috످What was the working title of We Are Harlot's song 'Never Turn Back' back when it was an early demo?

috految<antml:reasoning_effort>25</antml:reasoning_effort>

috److془We Are Harlot - "Never Turn Back" working title. I don't recall. Say don't know.془I don't know the working title of the "Never Turn Back" demo. You could check the Wikipedia page for We Are Harlot's 2015 self-titled album or interviews with band members Danny Worsnop and Jeff George.

috످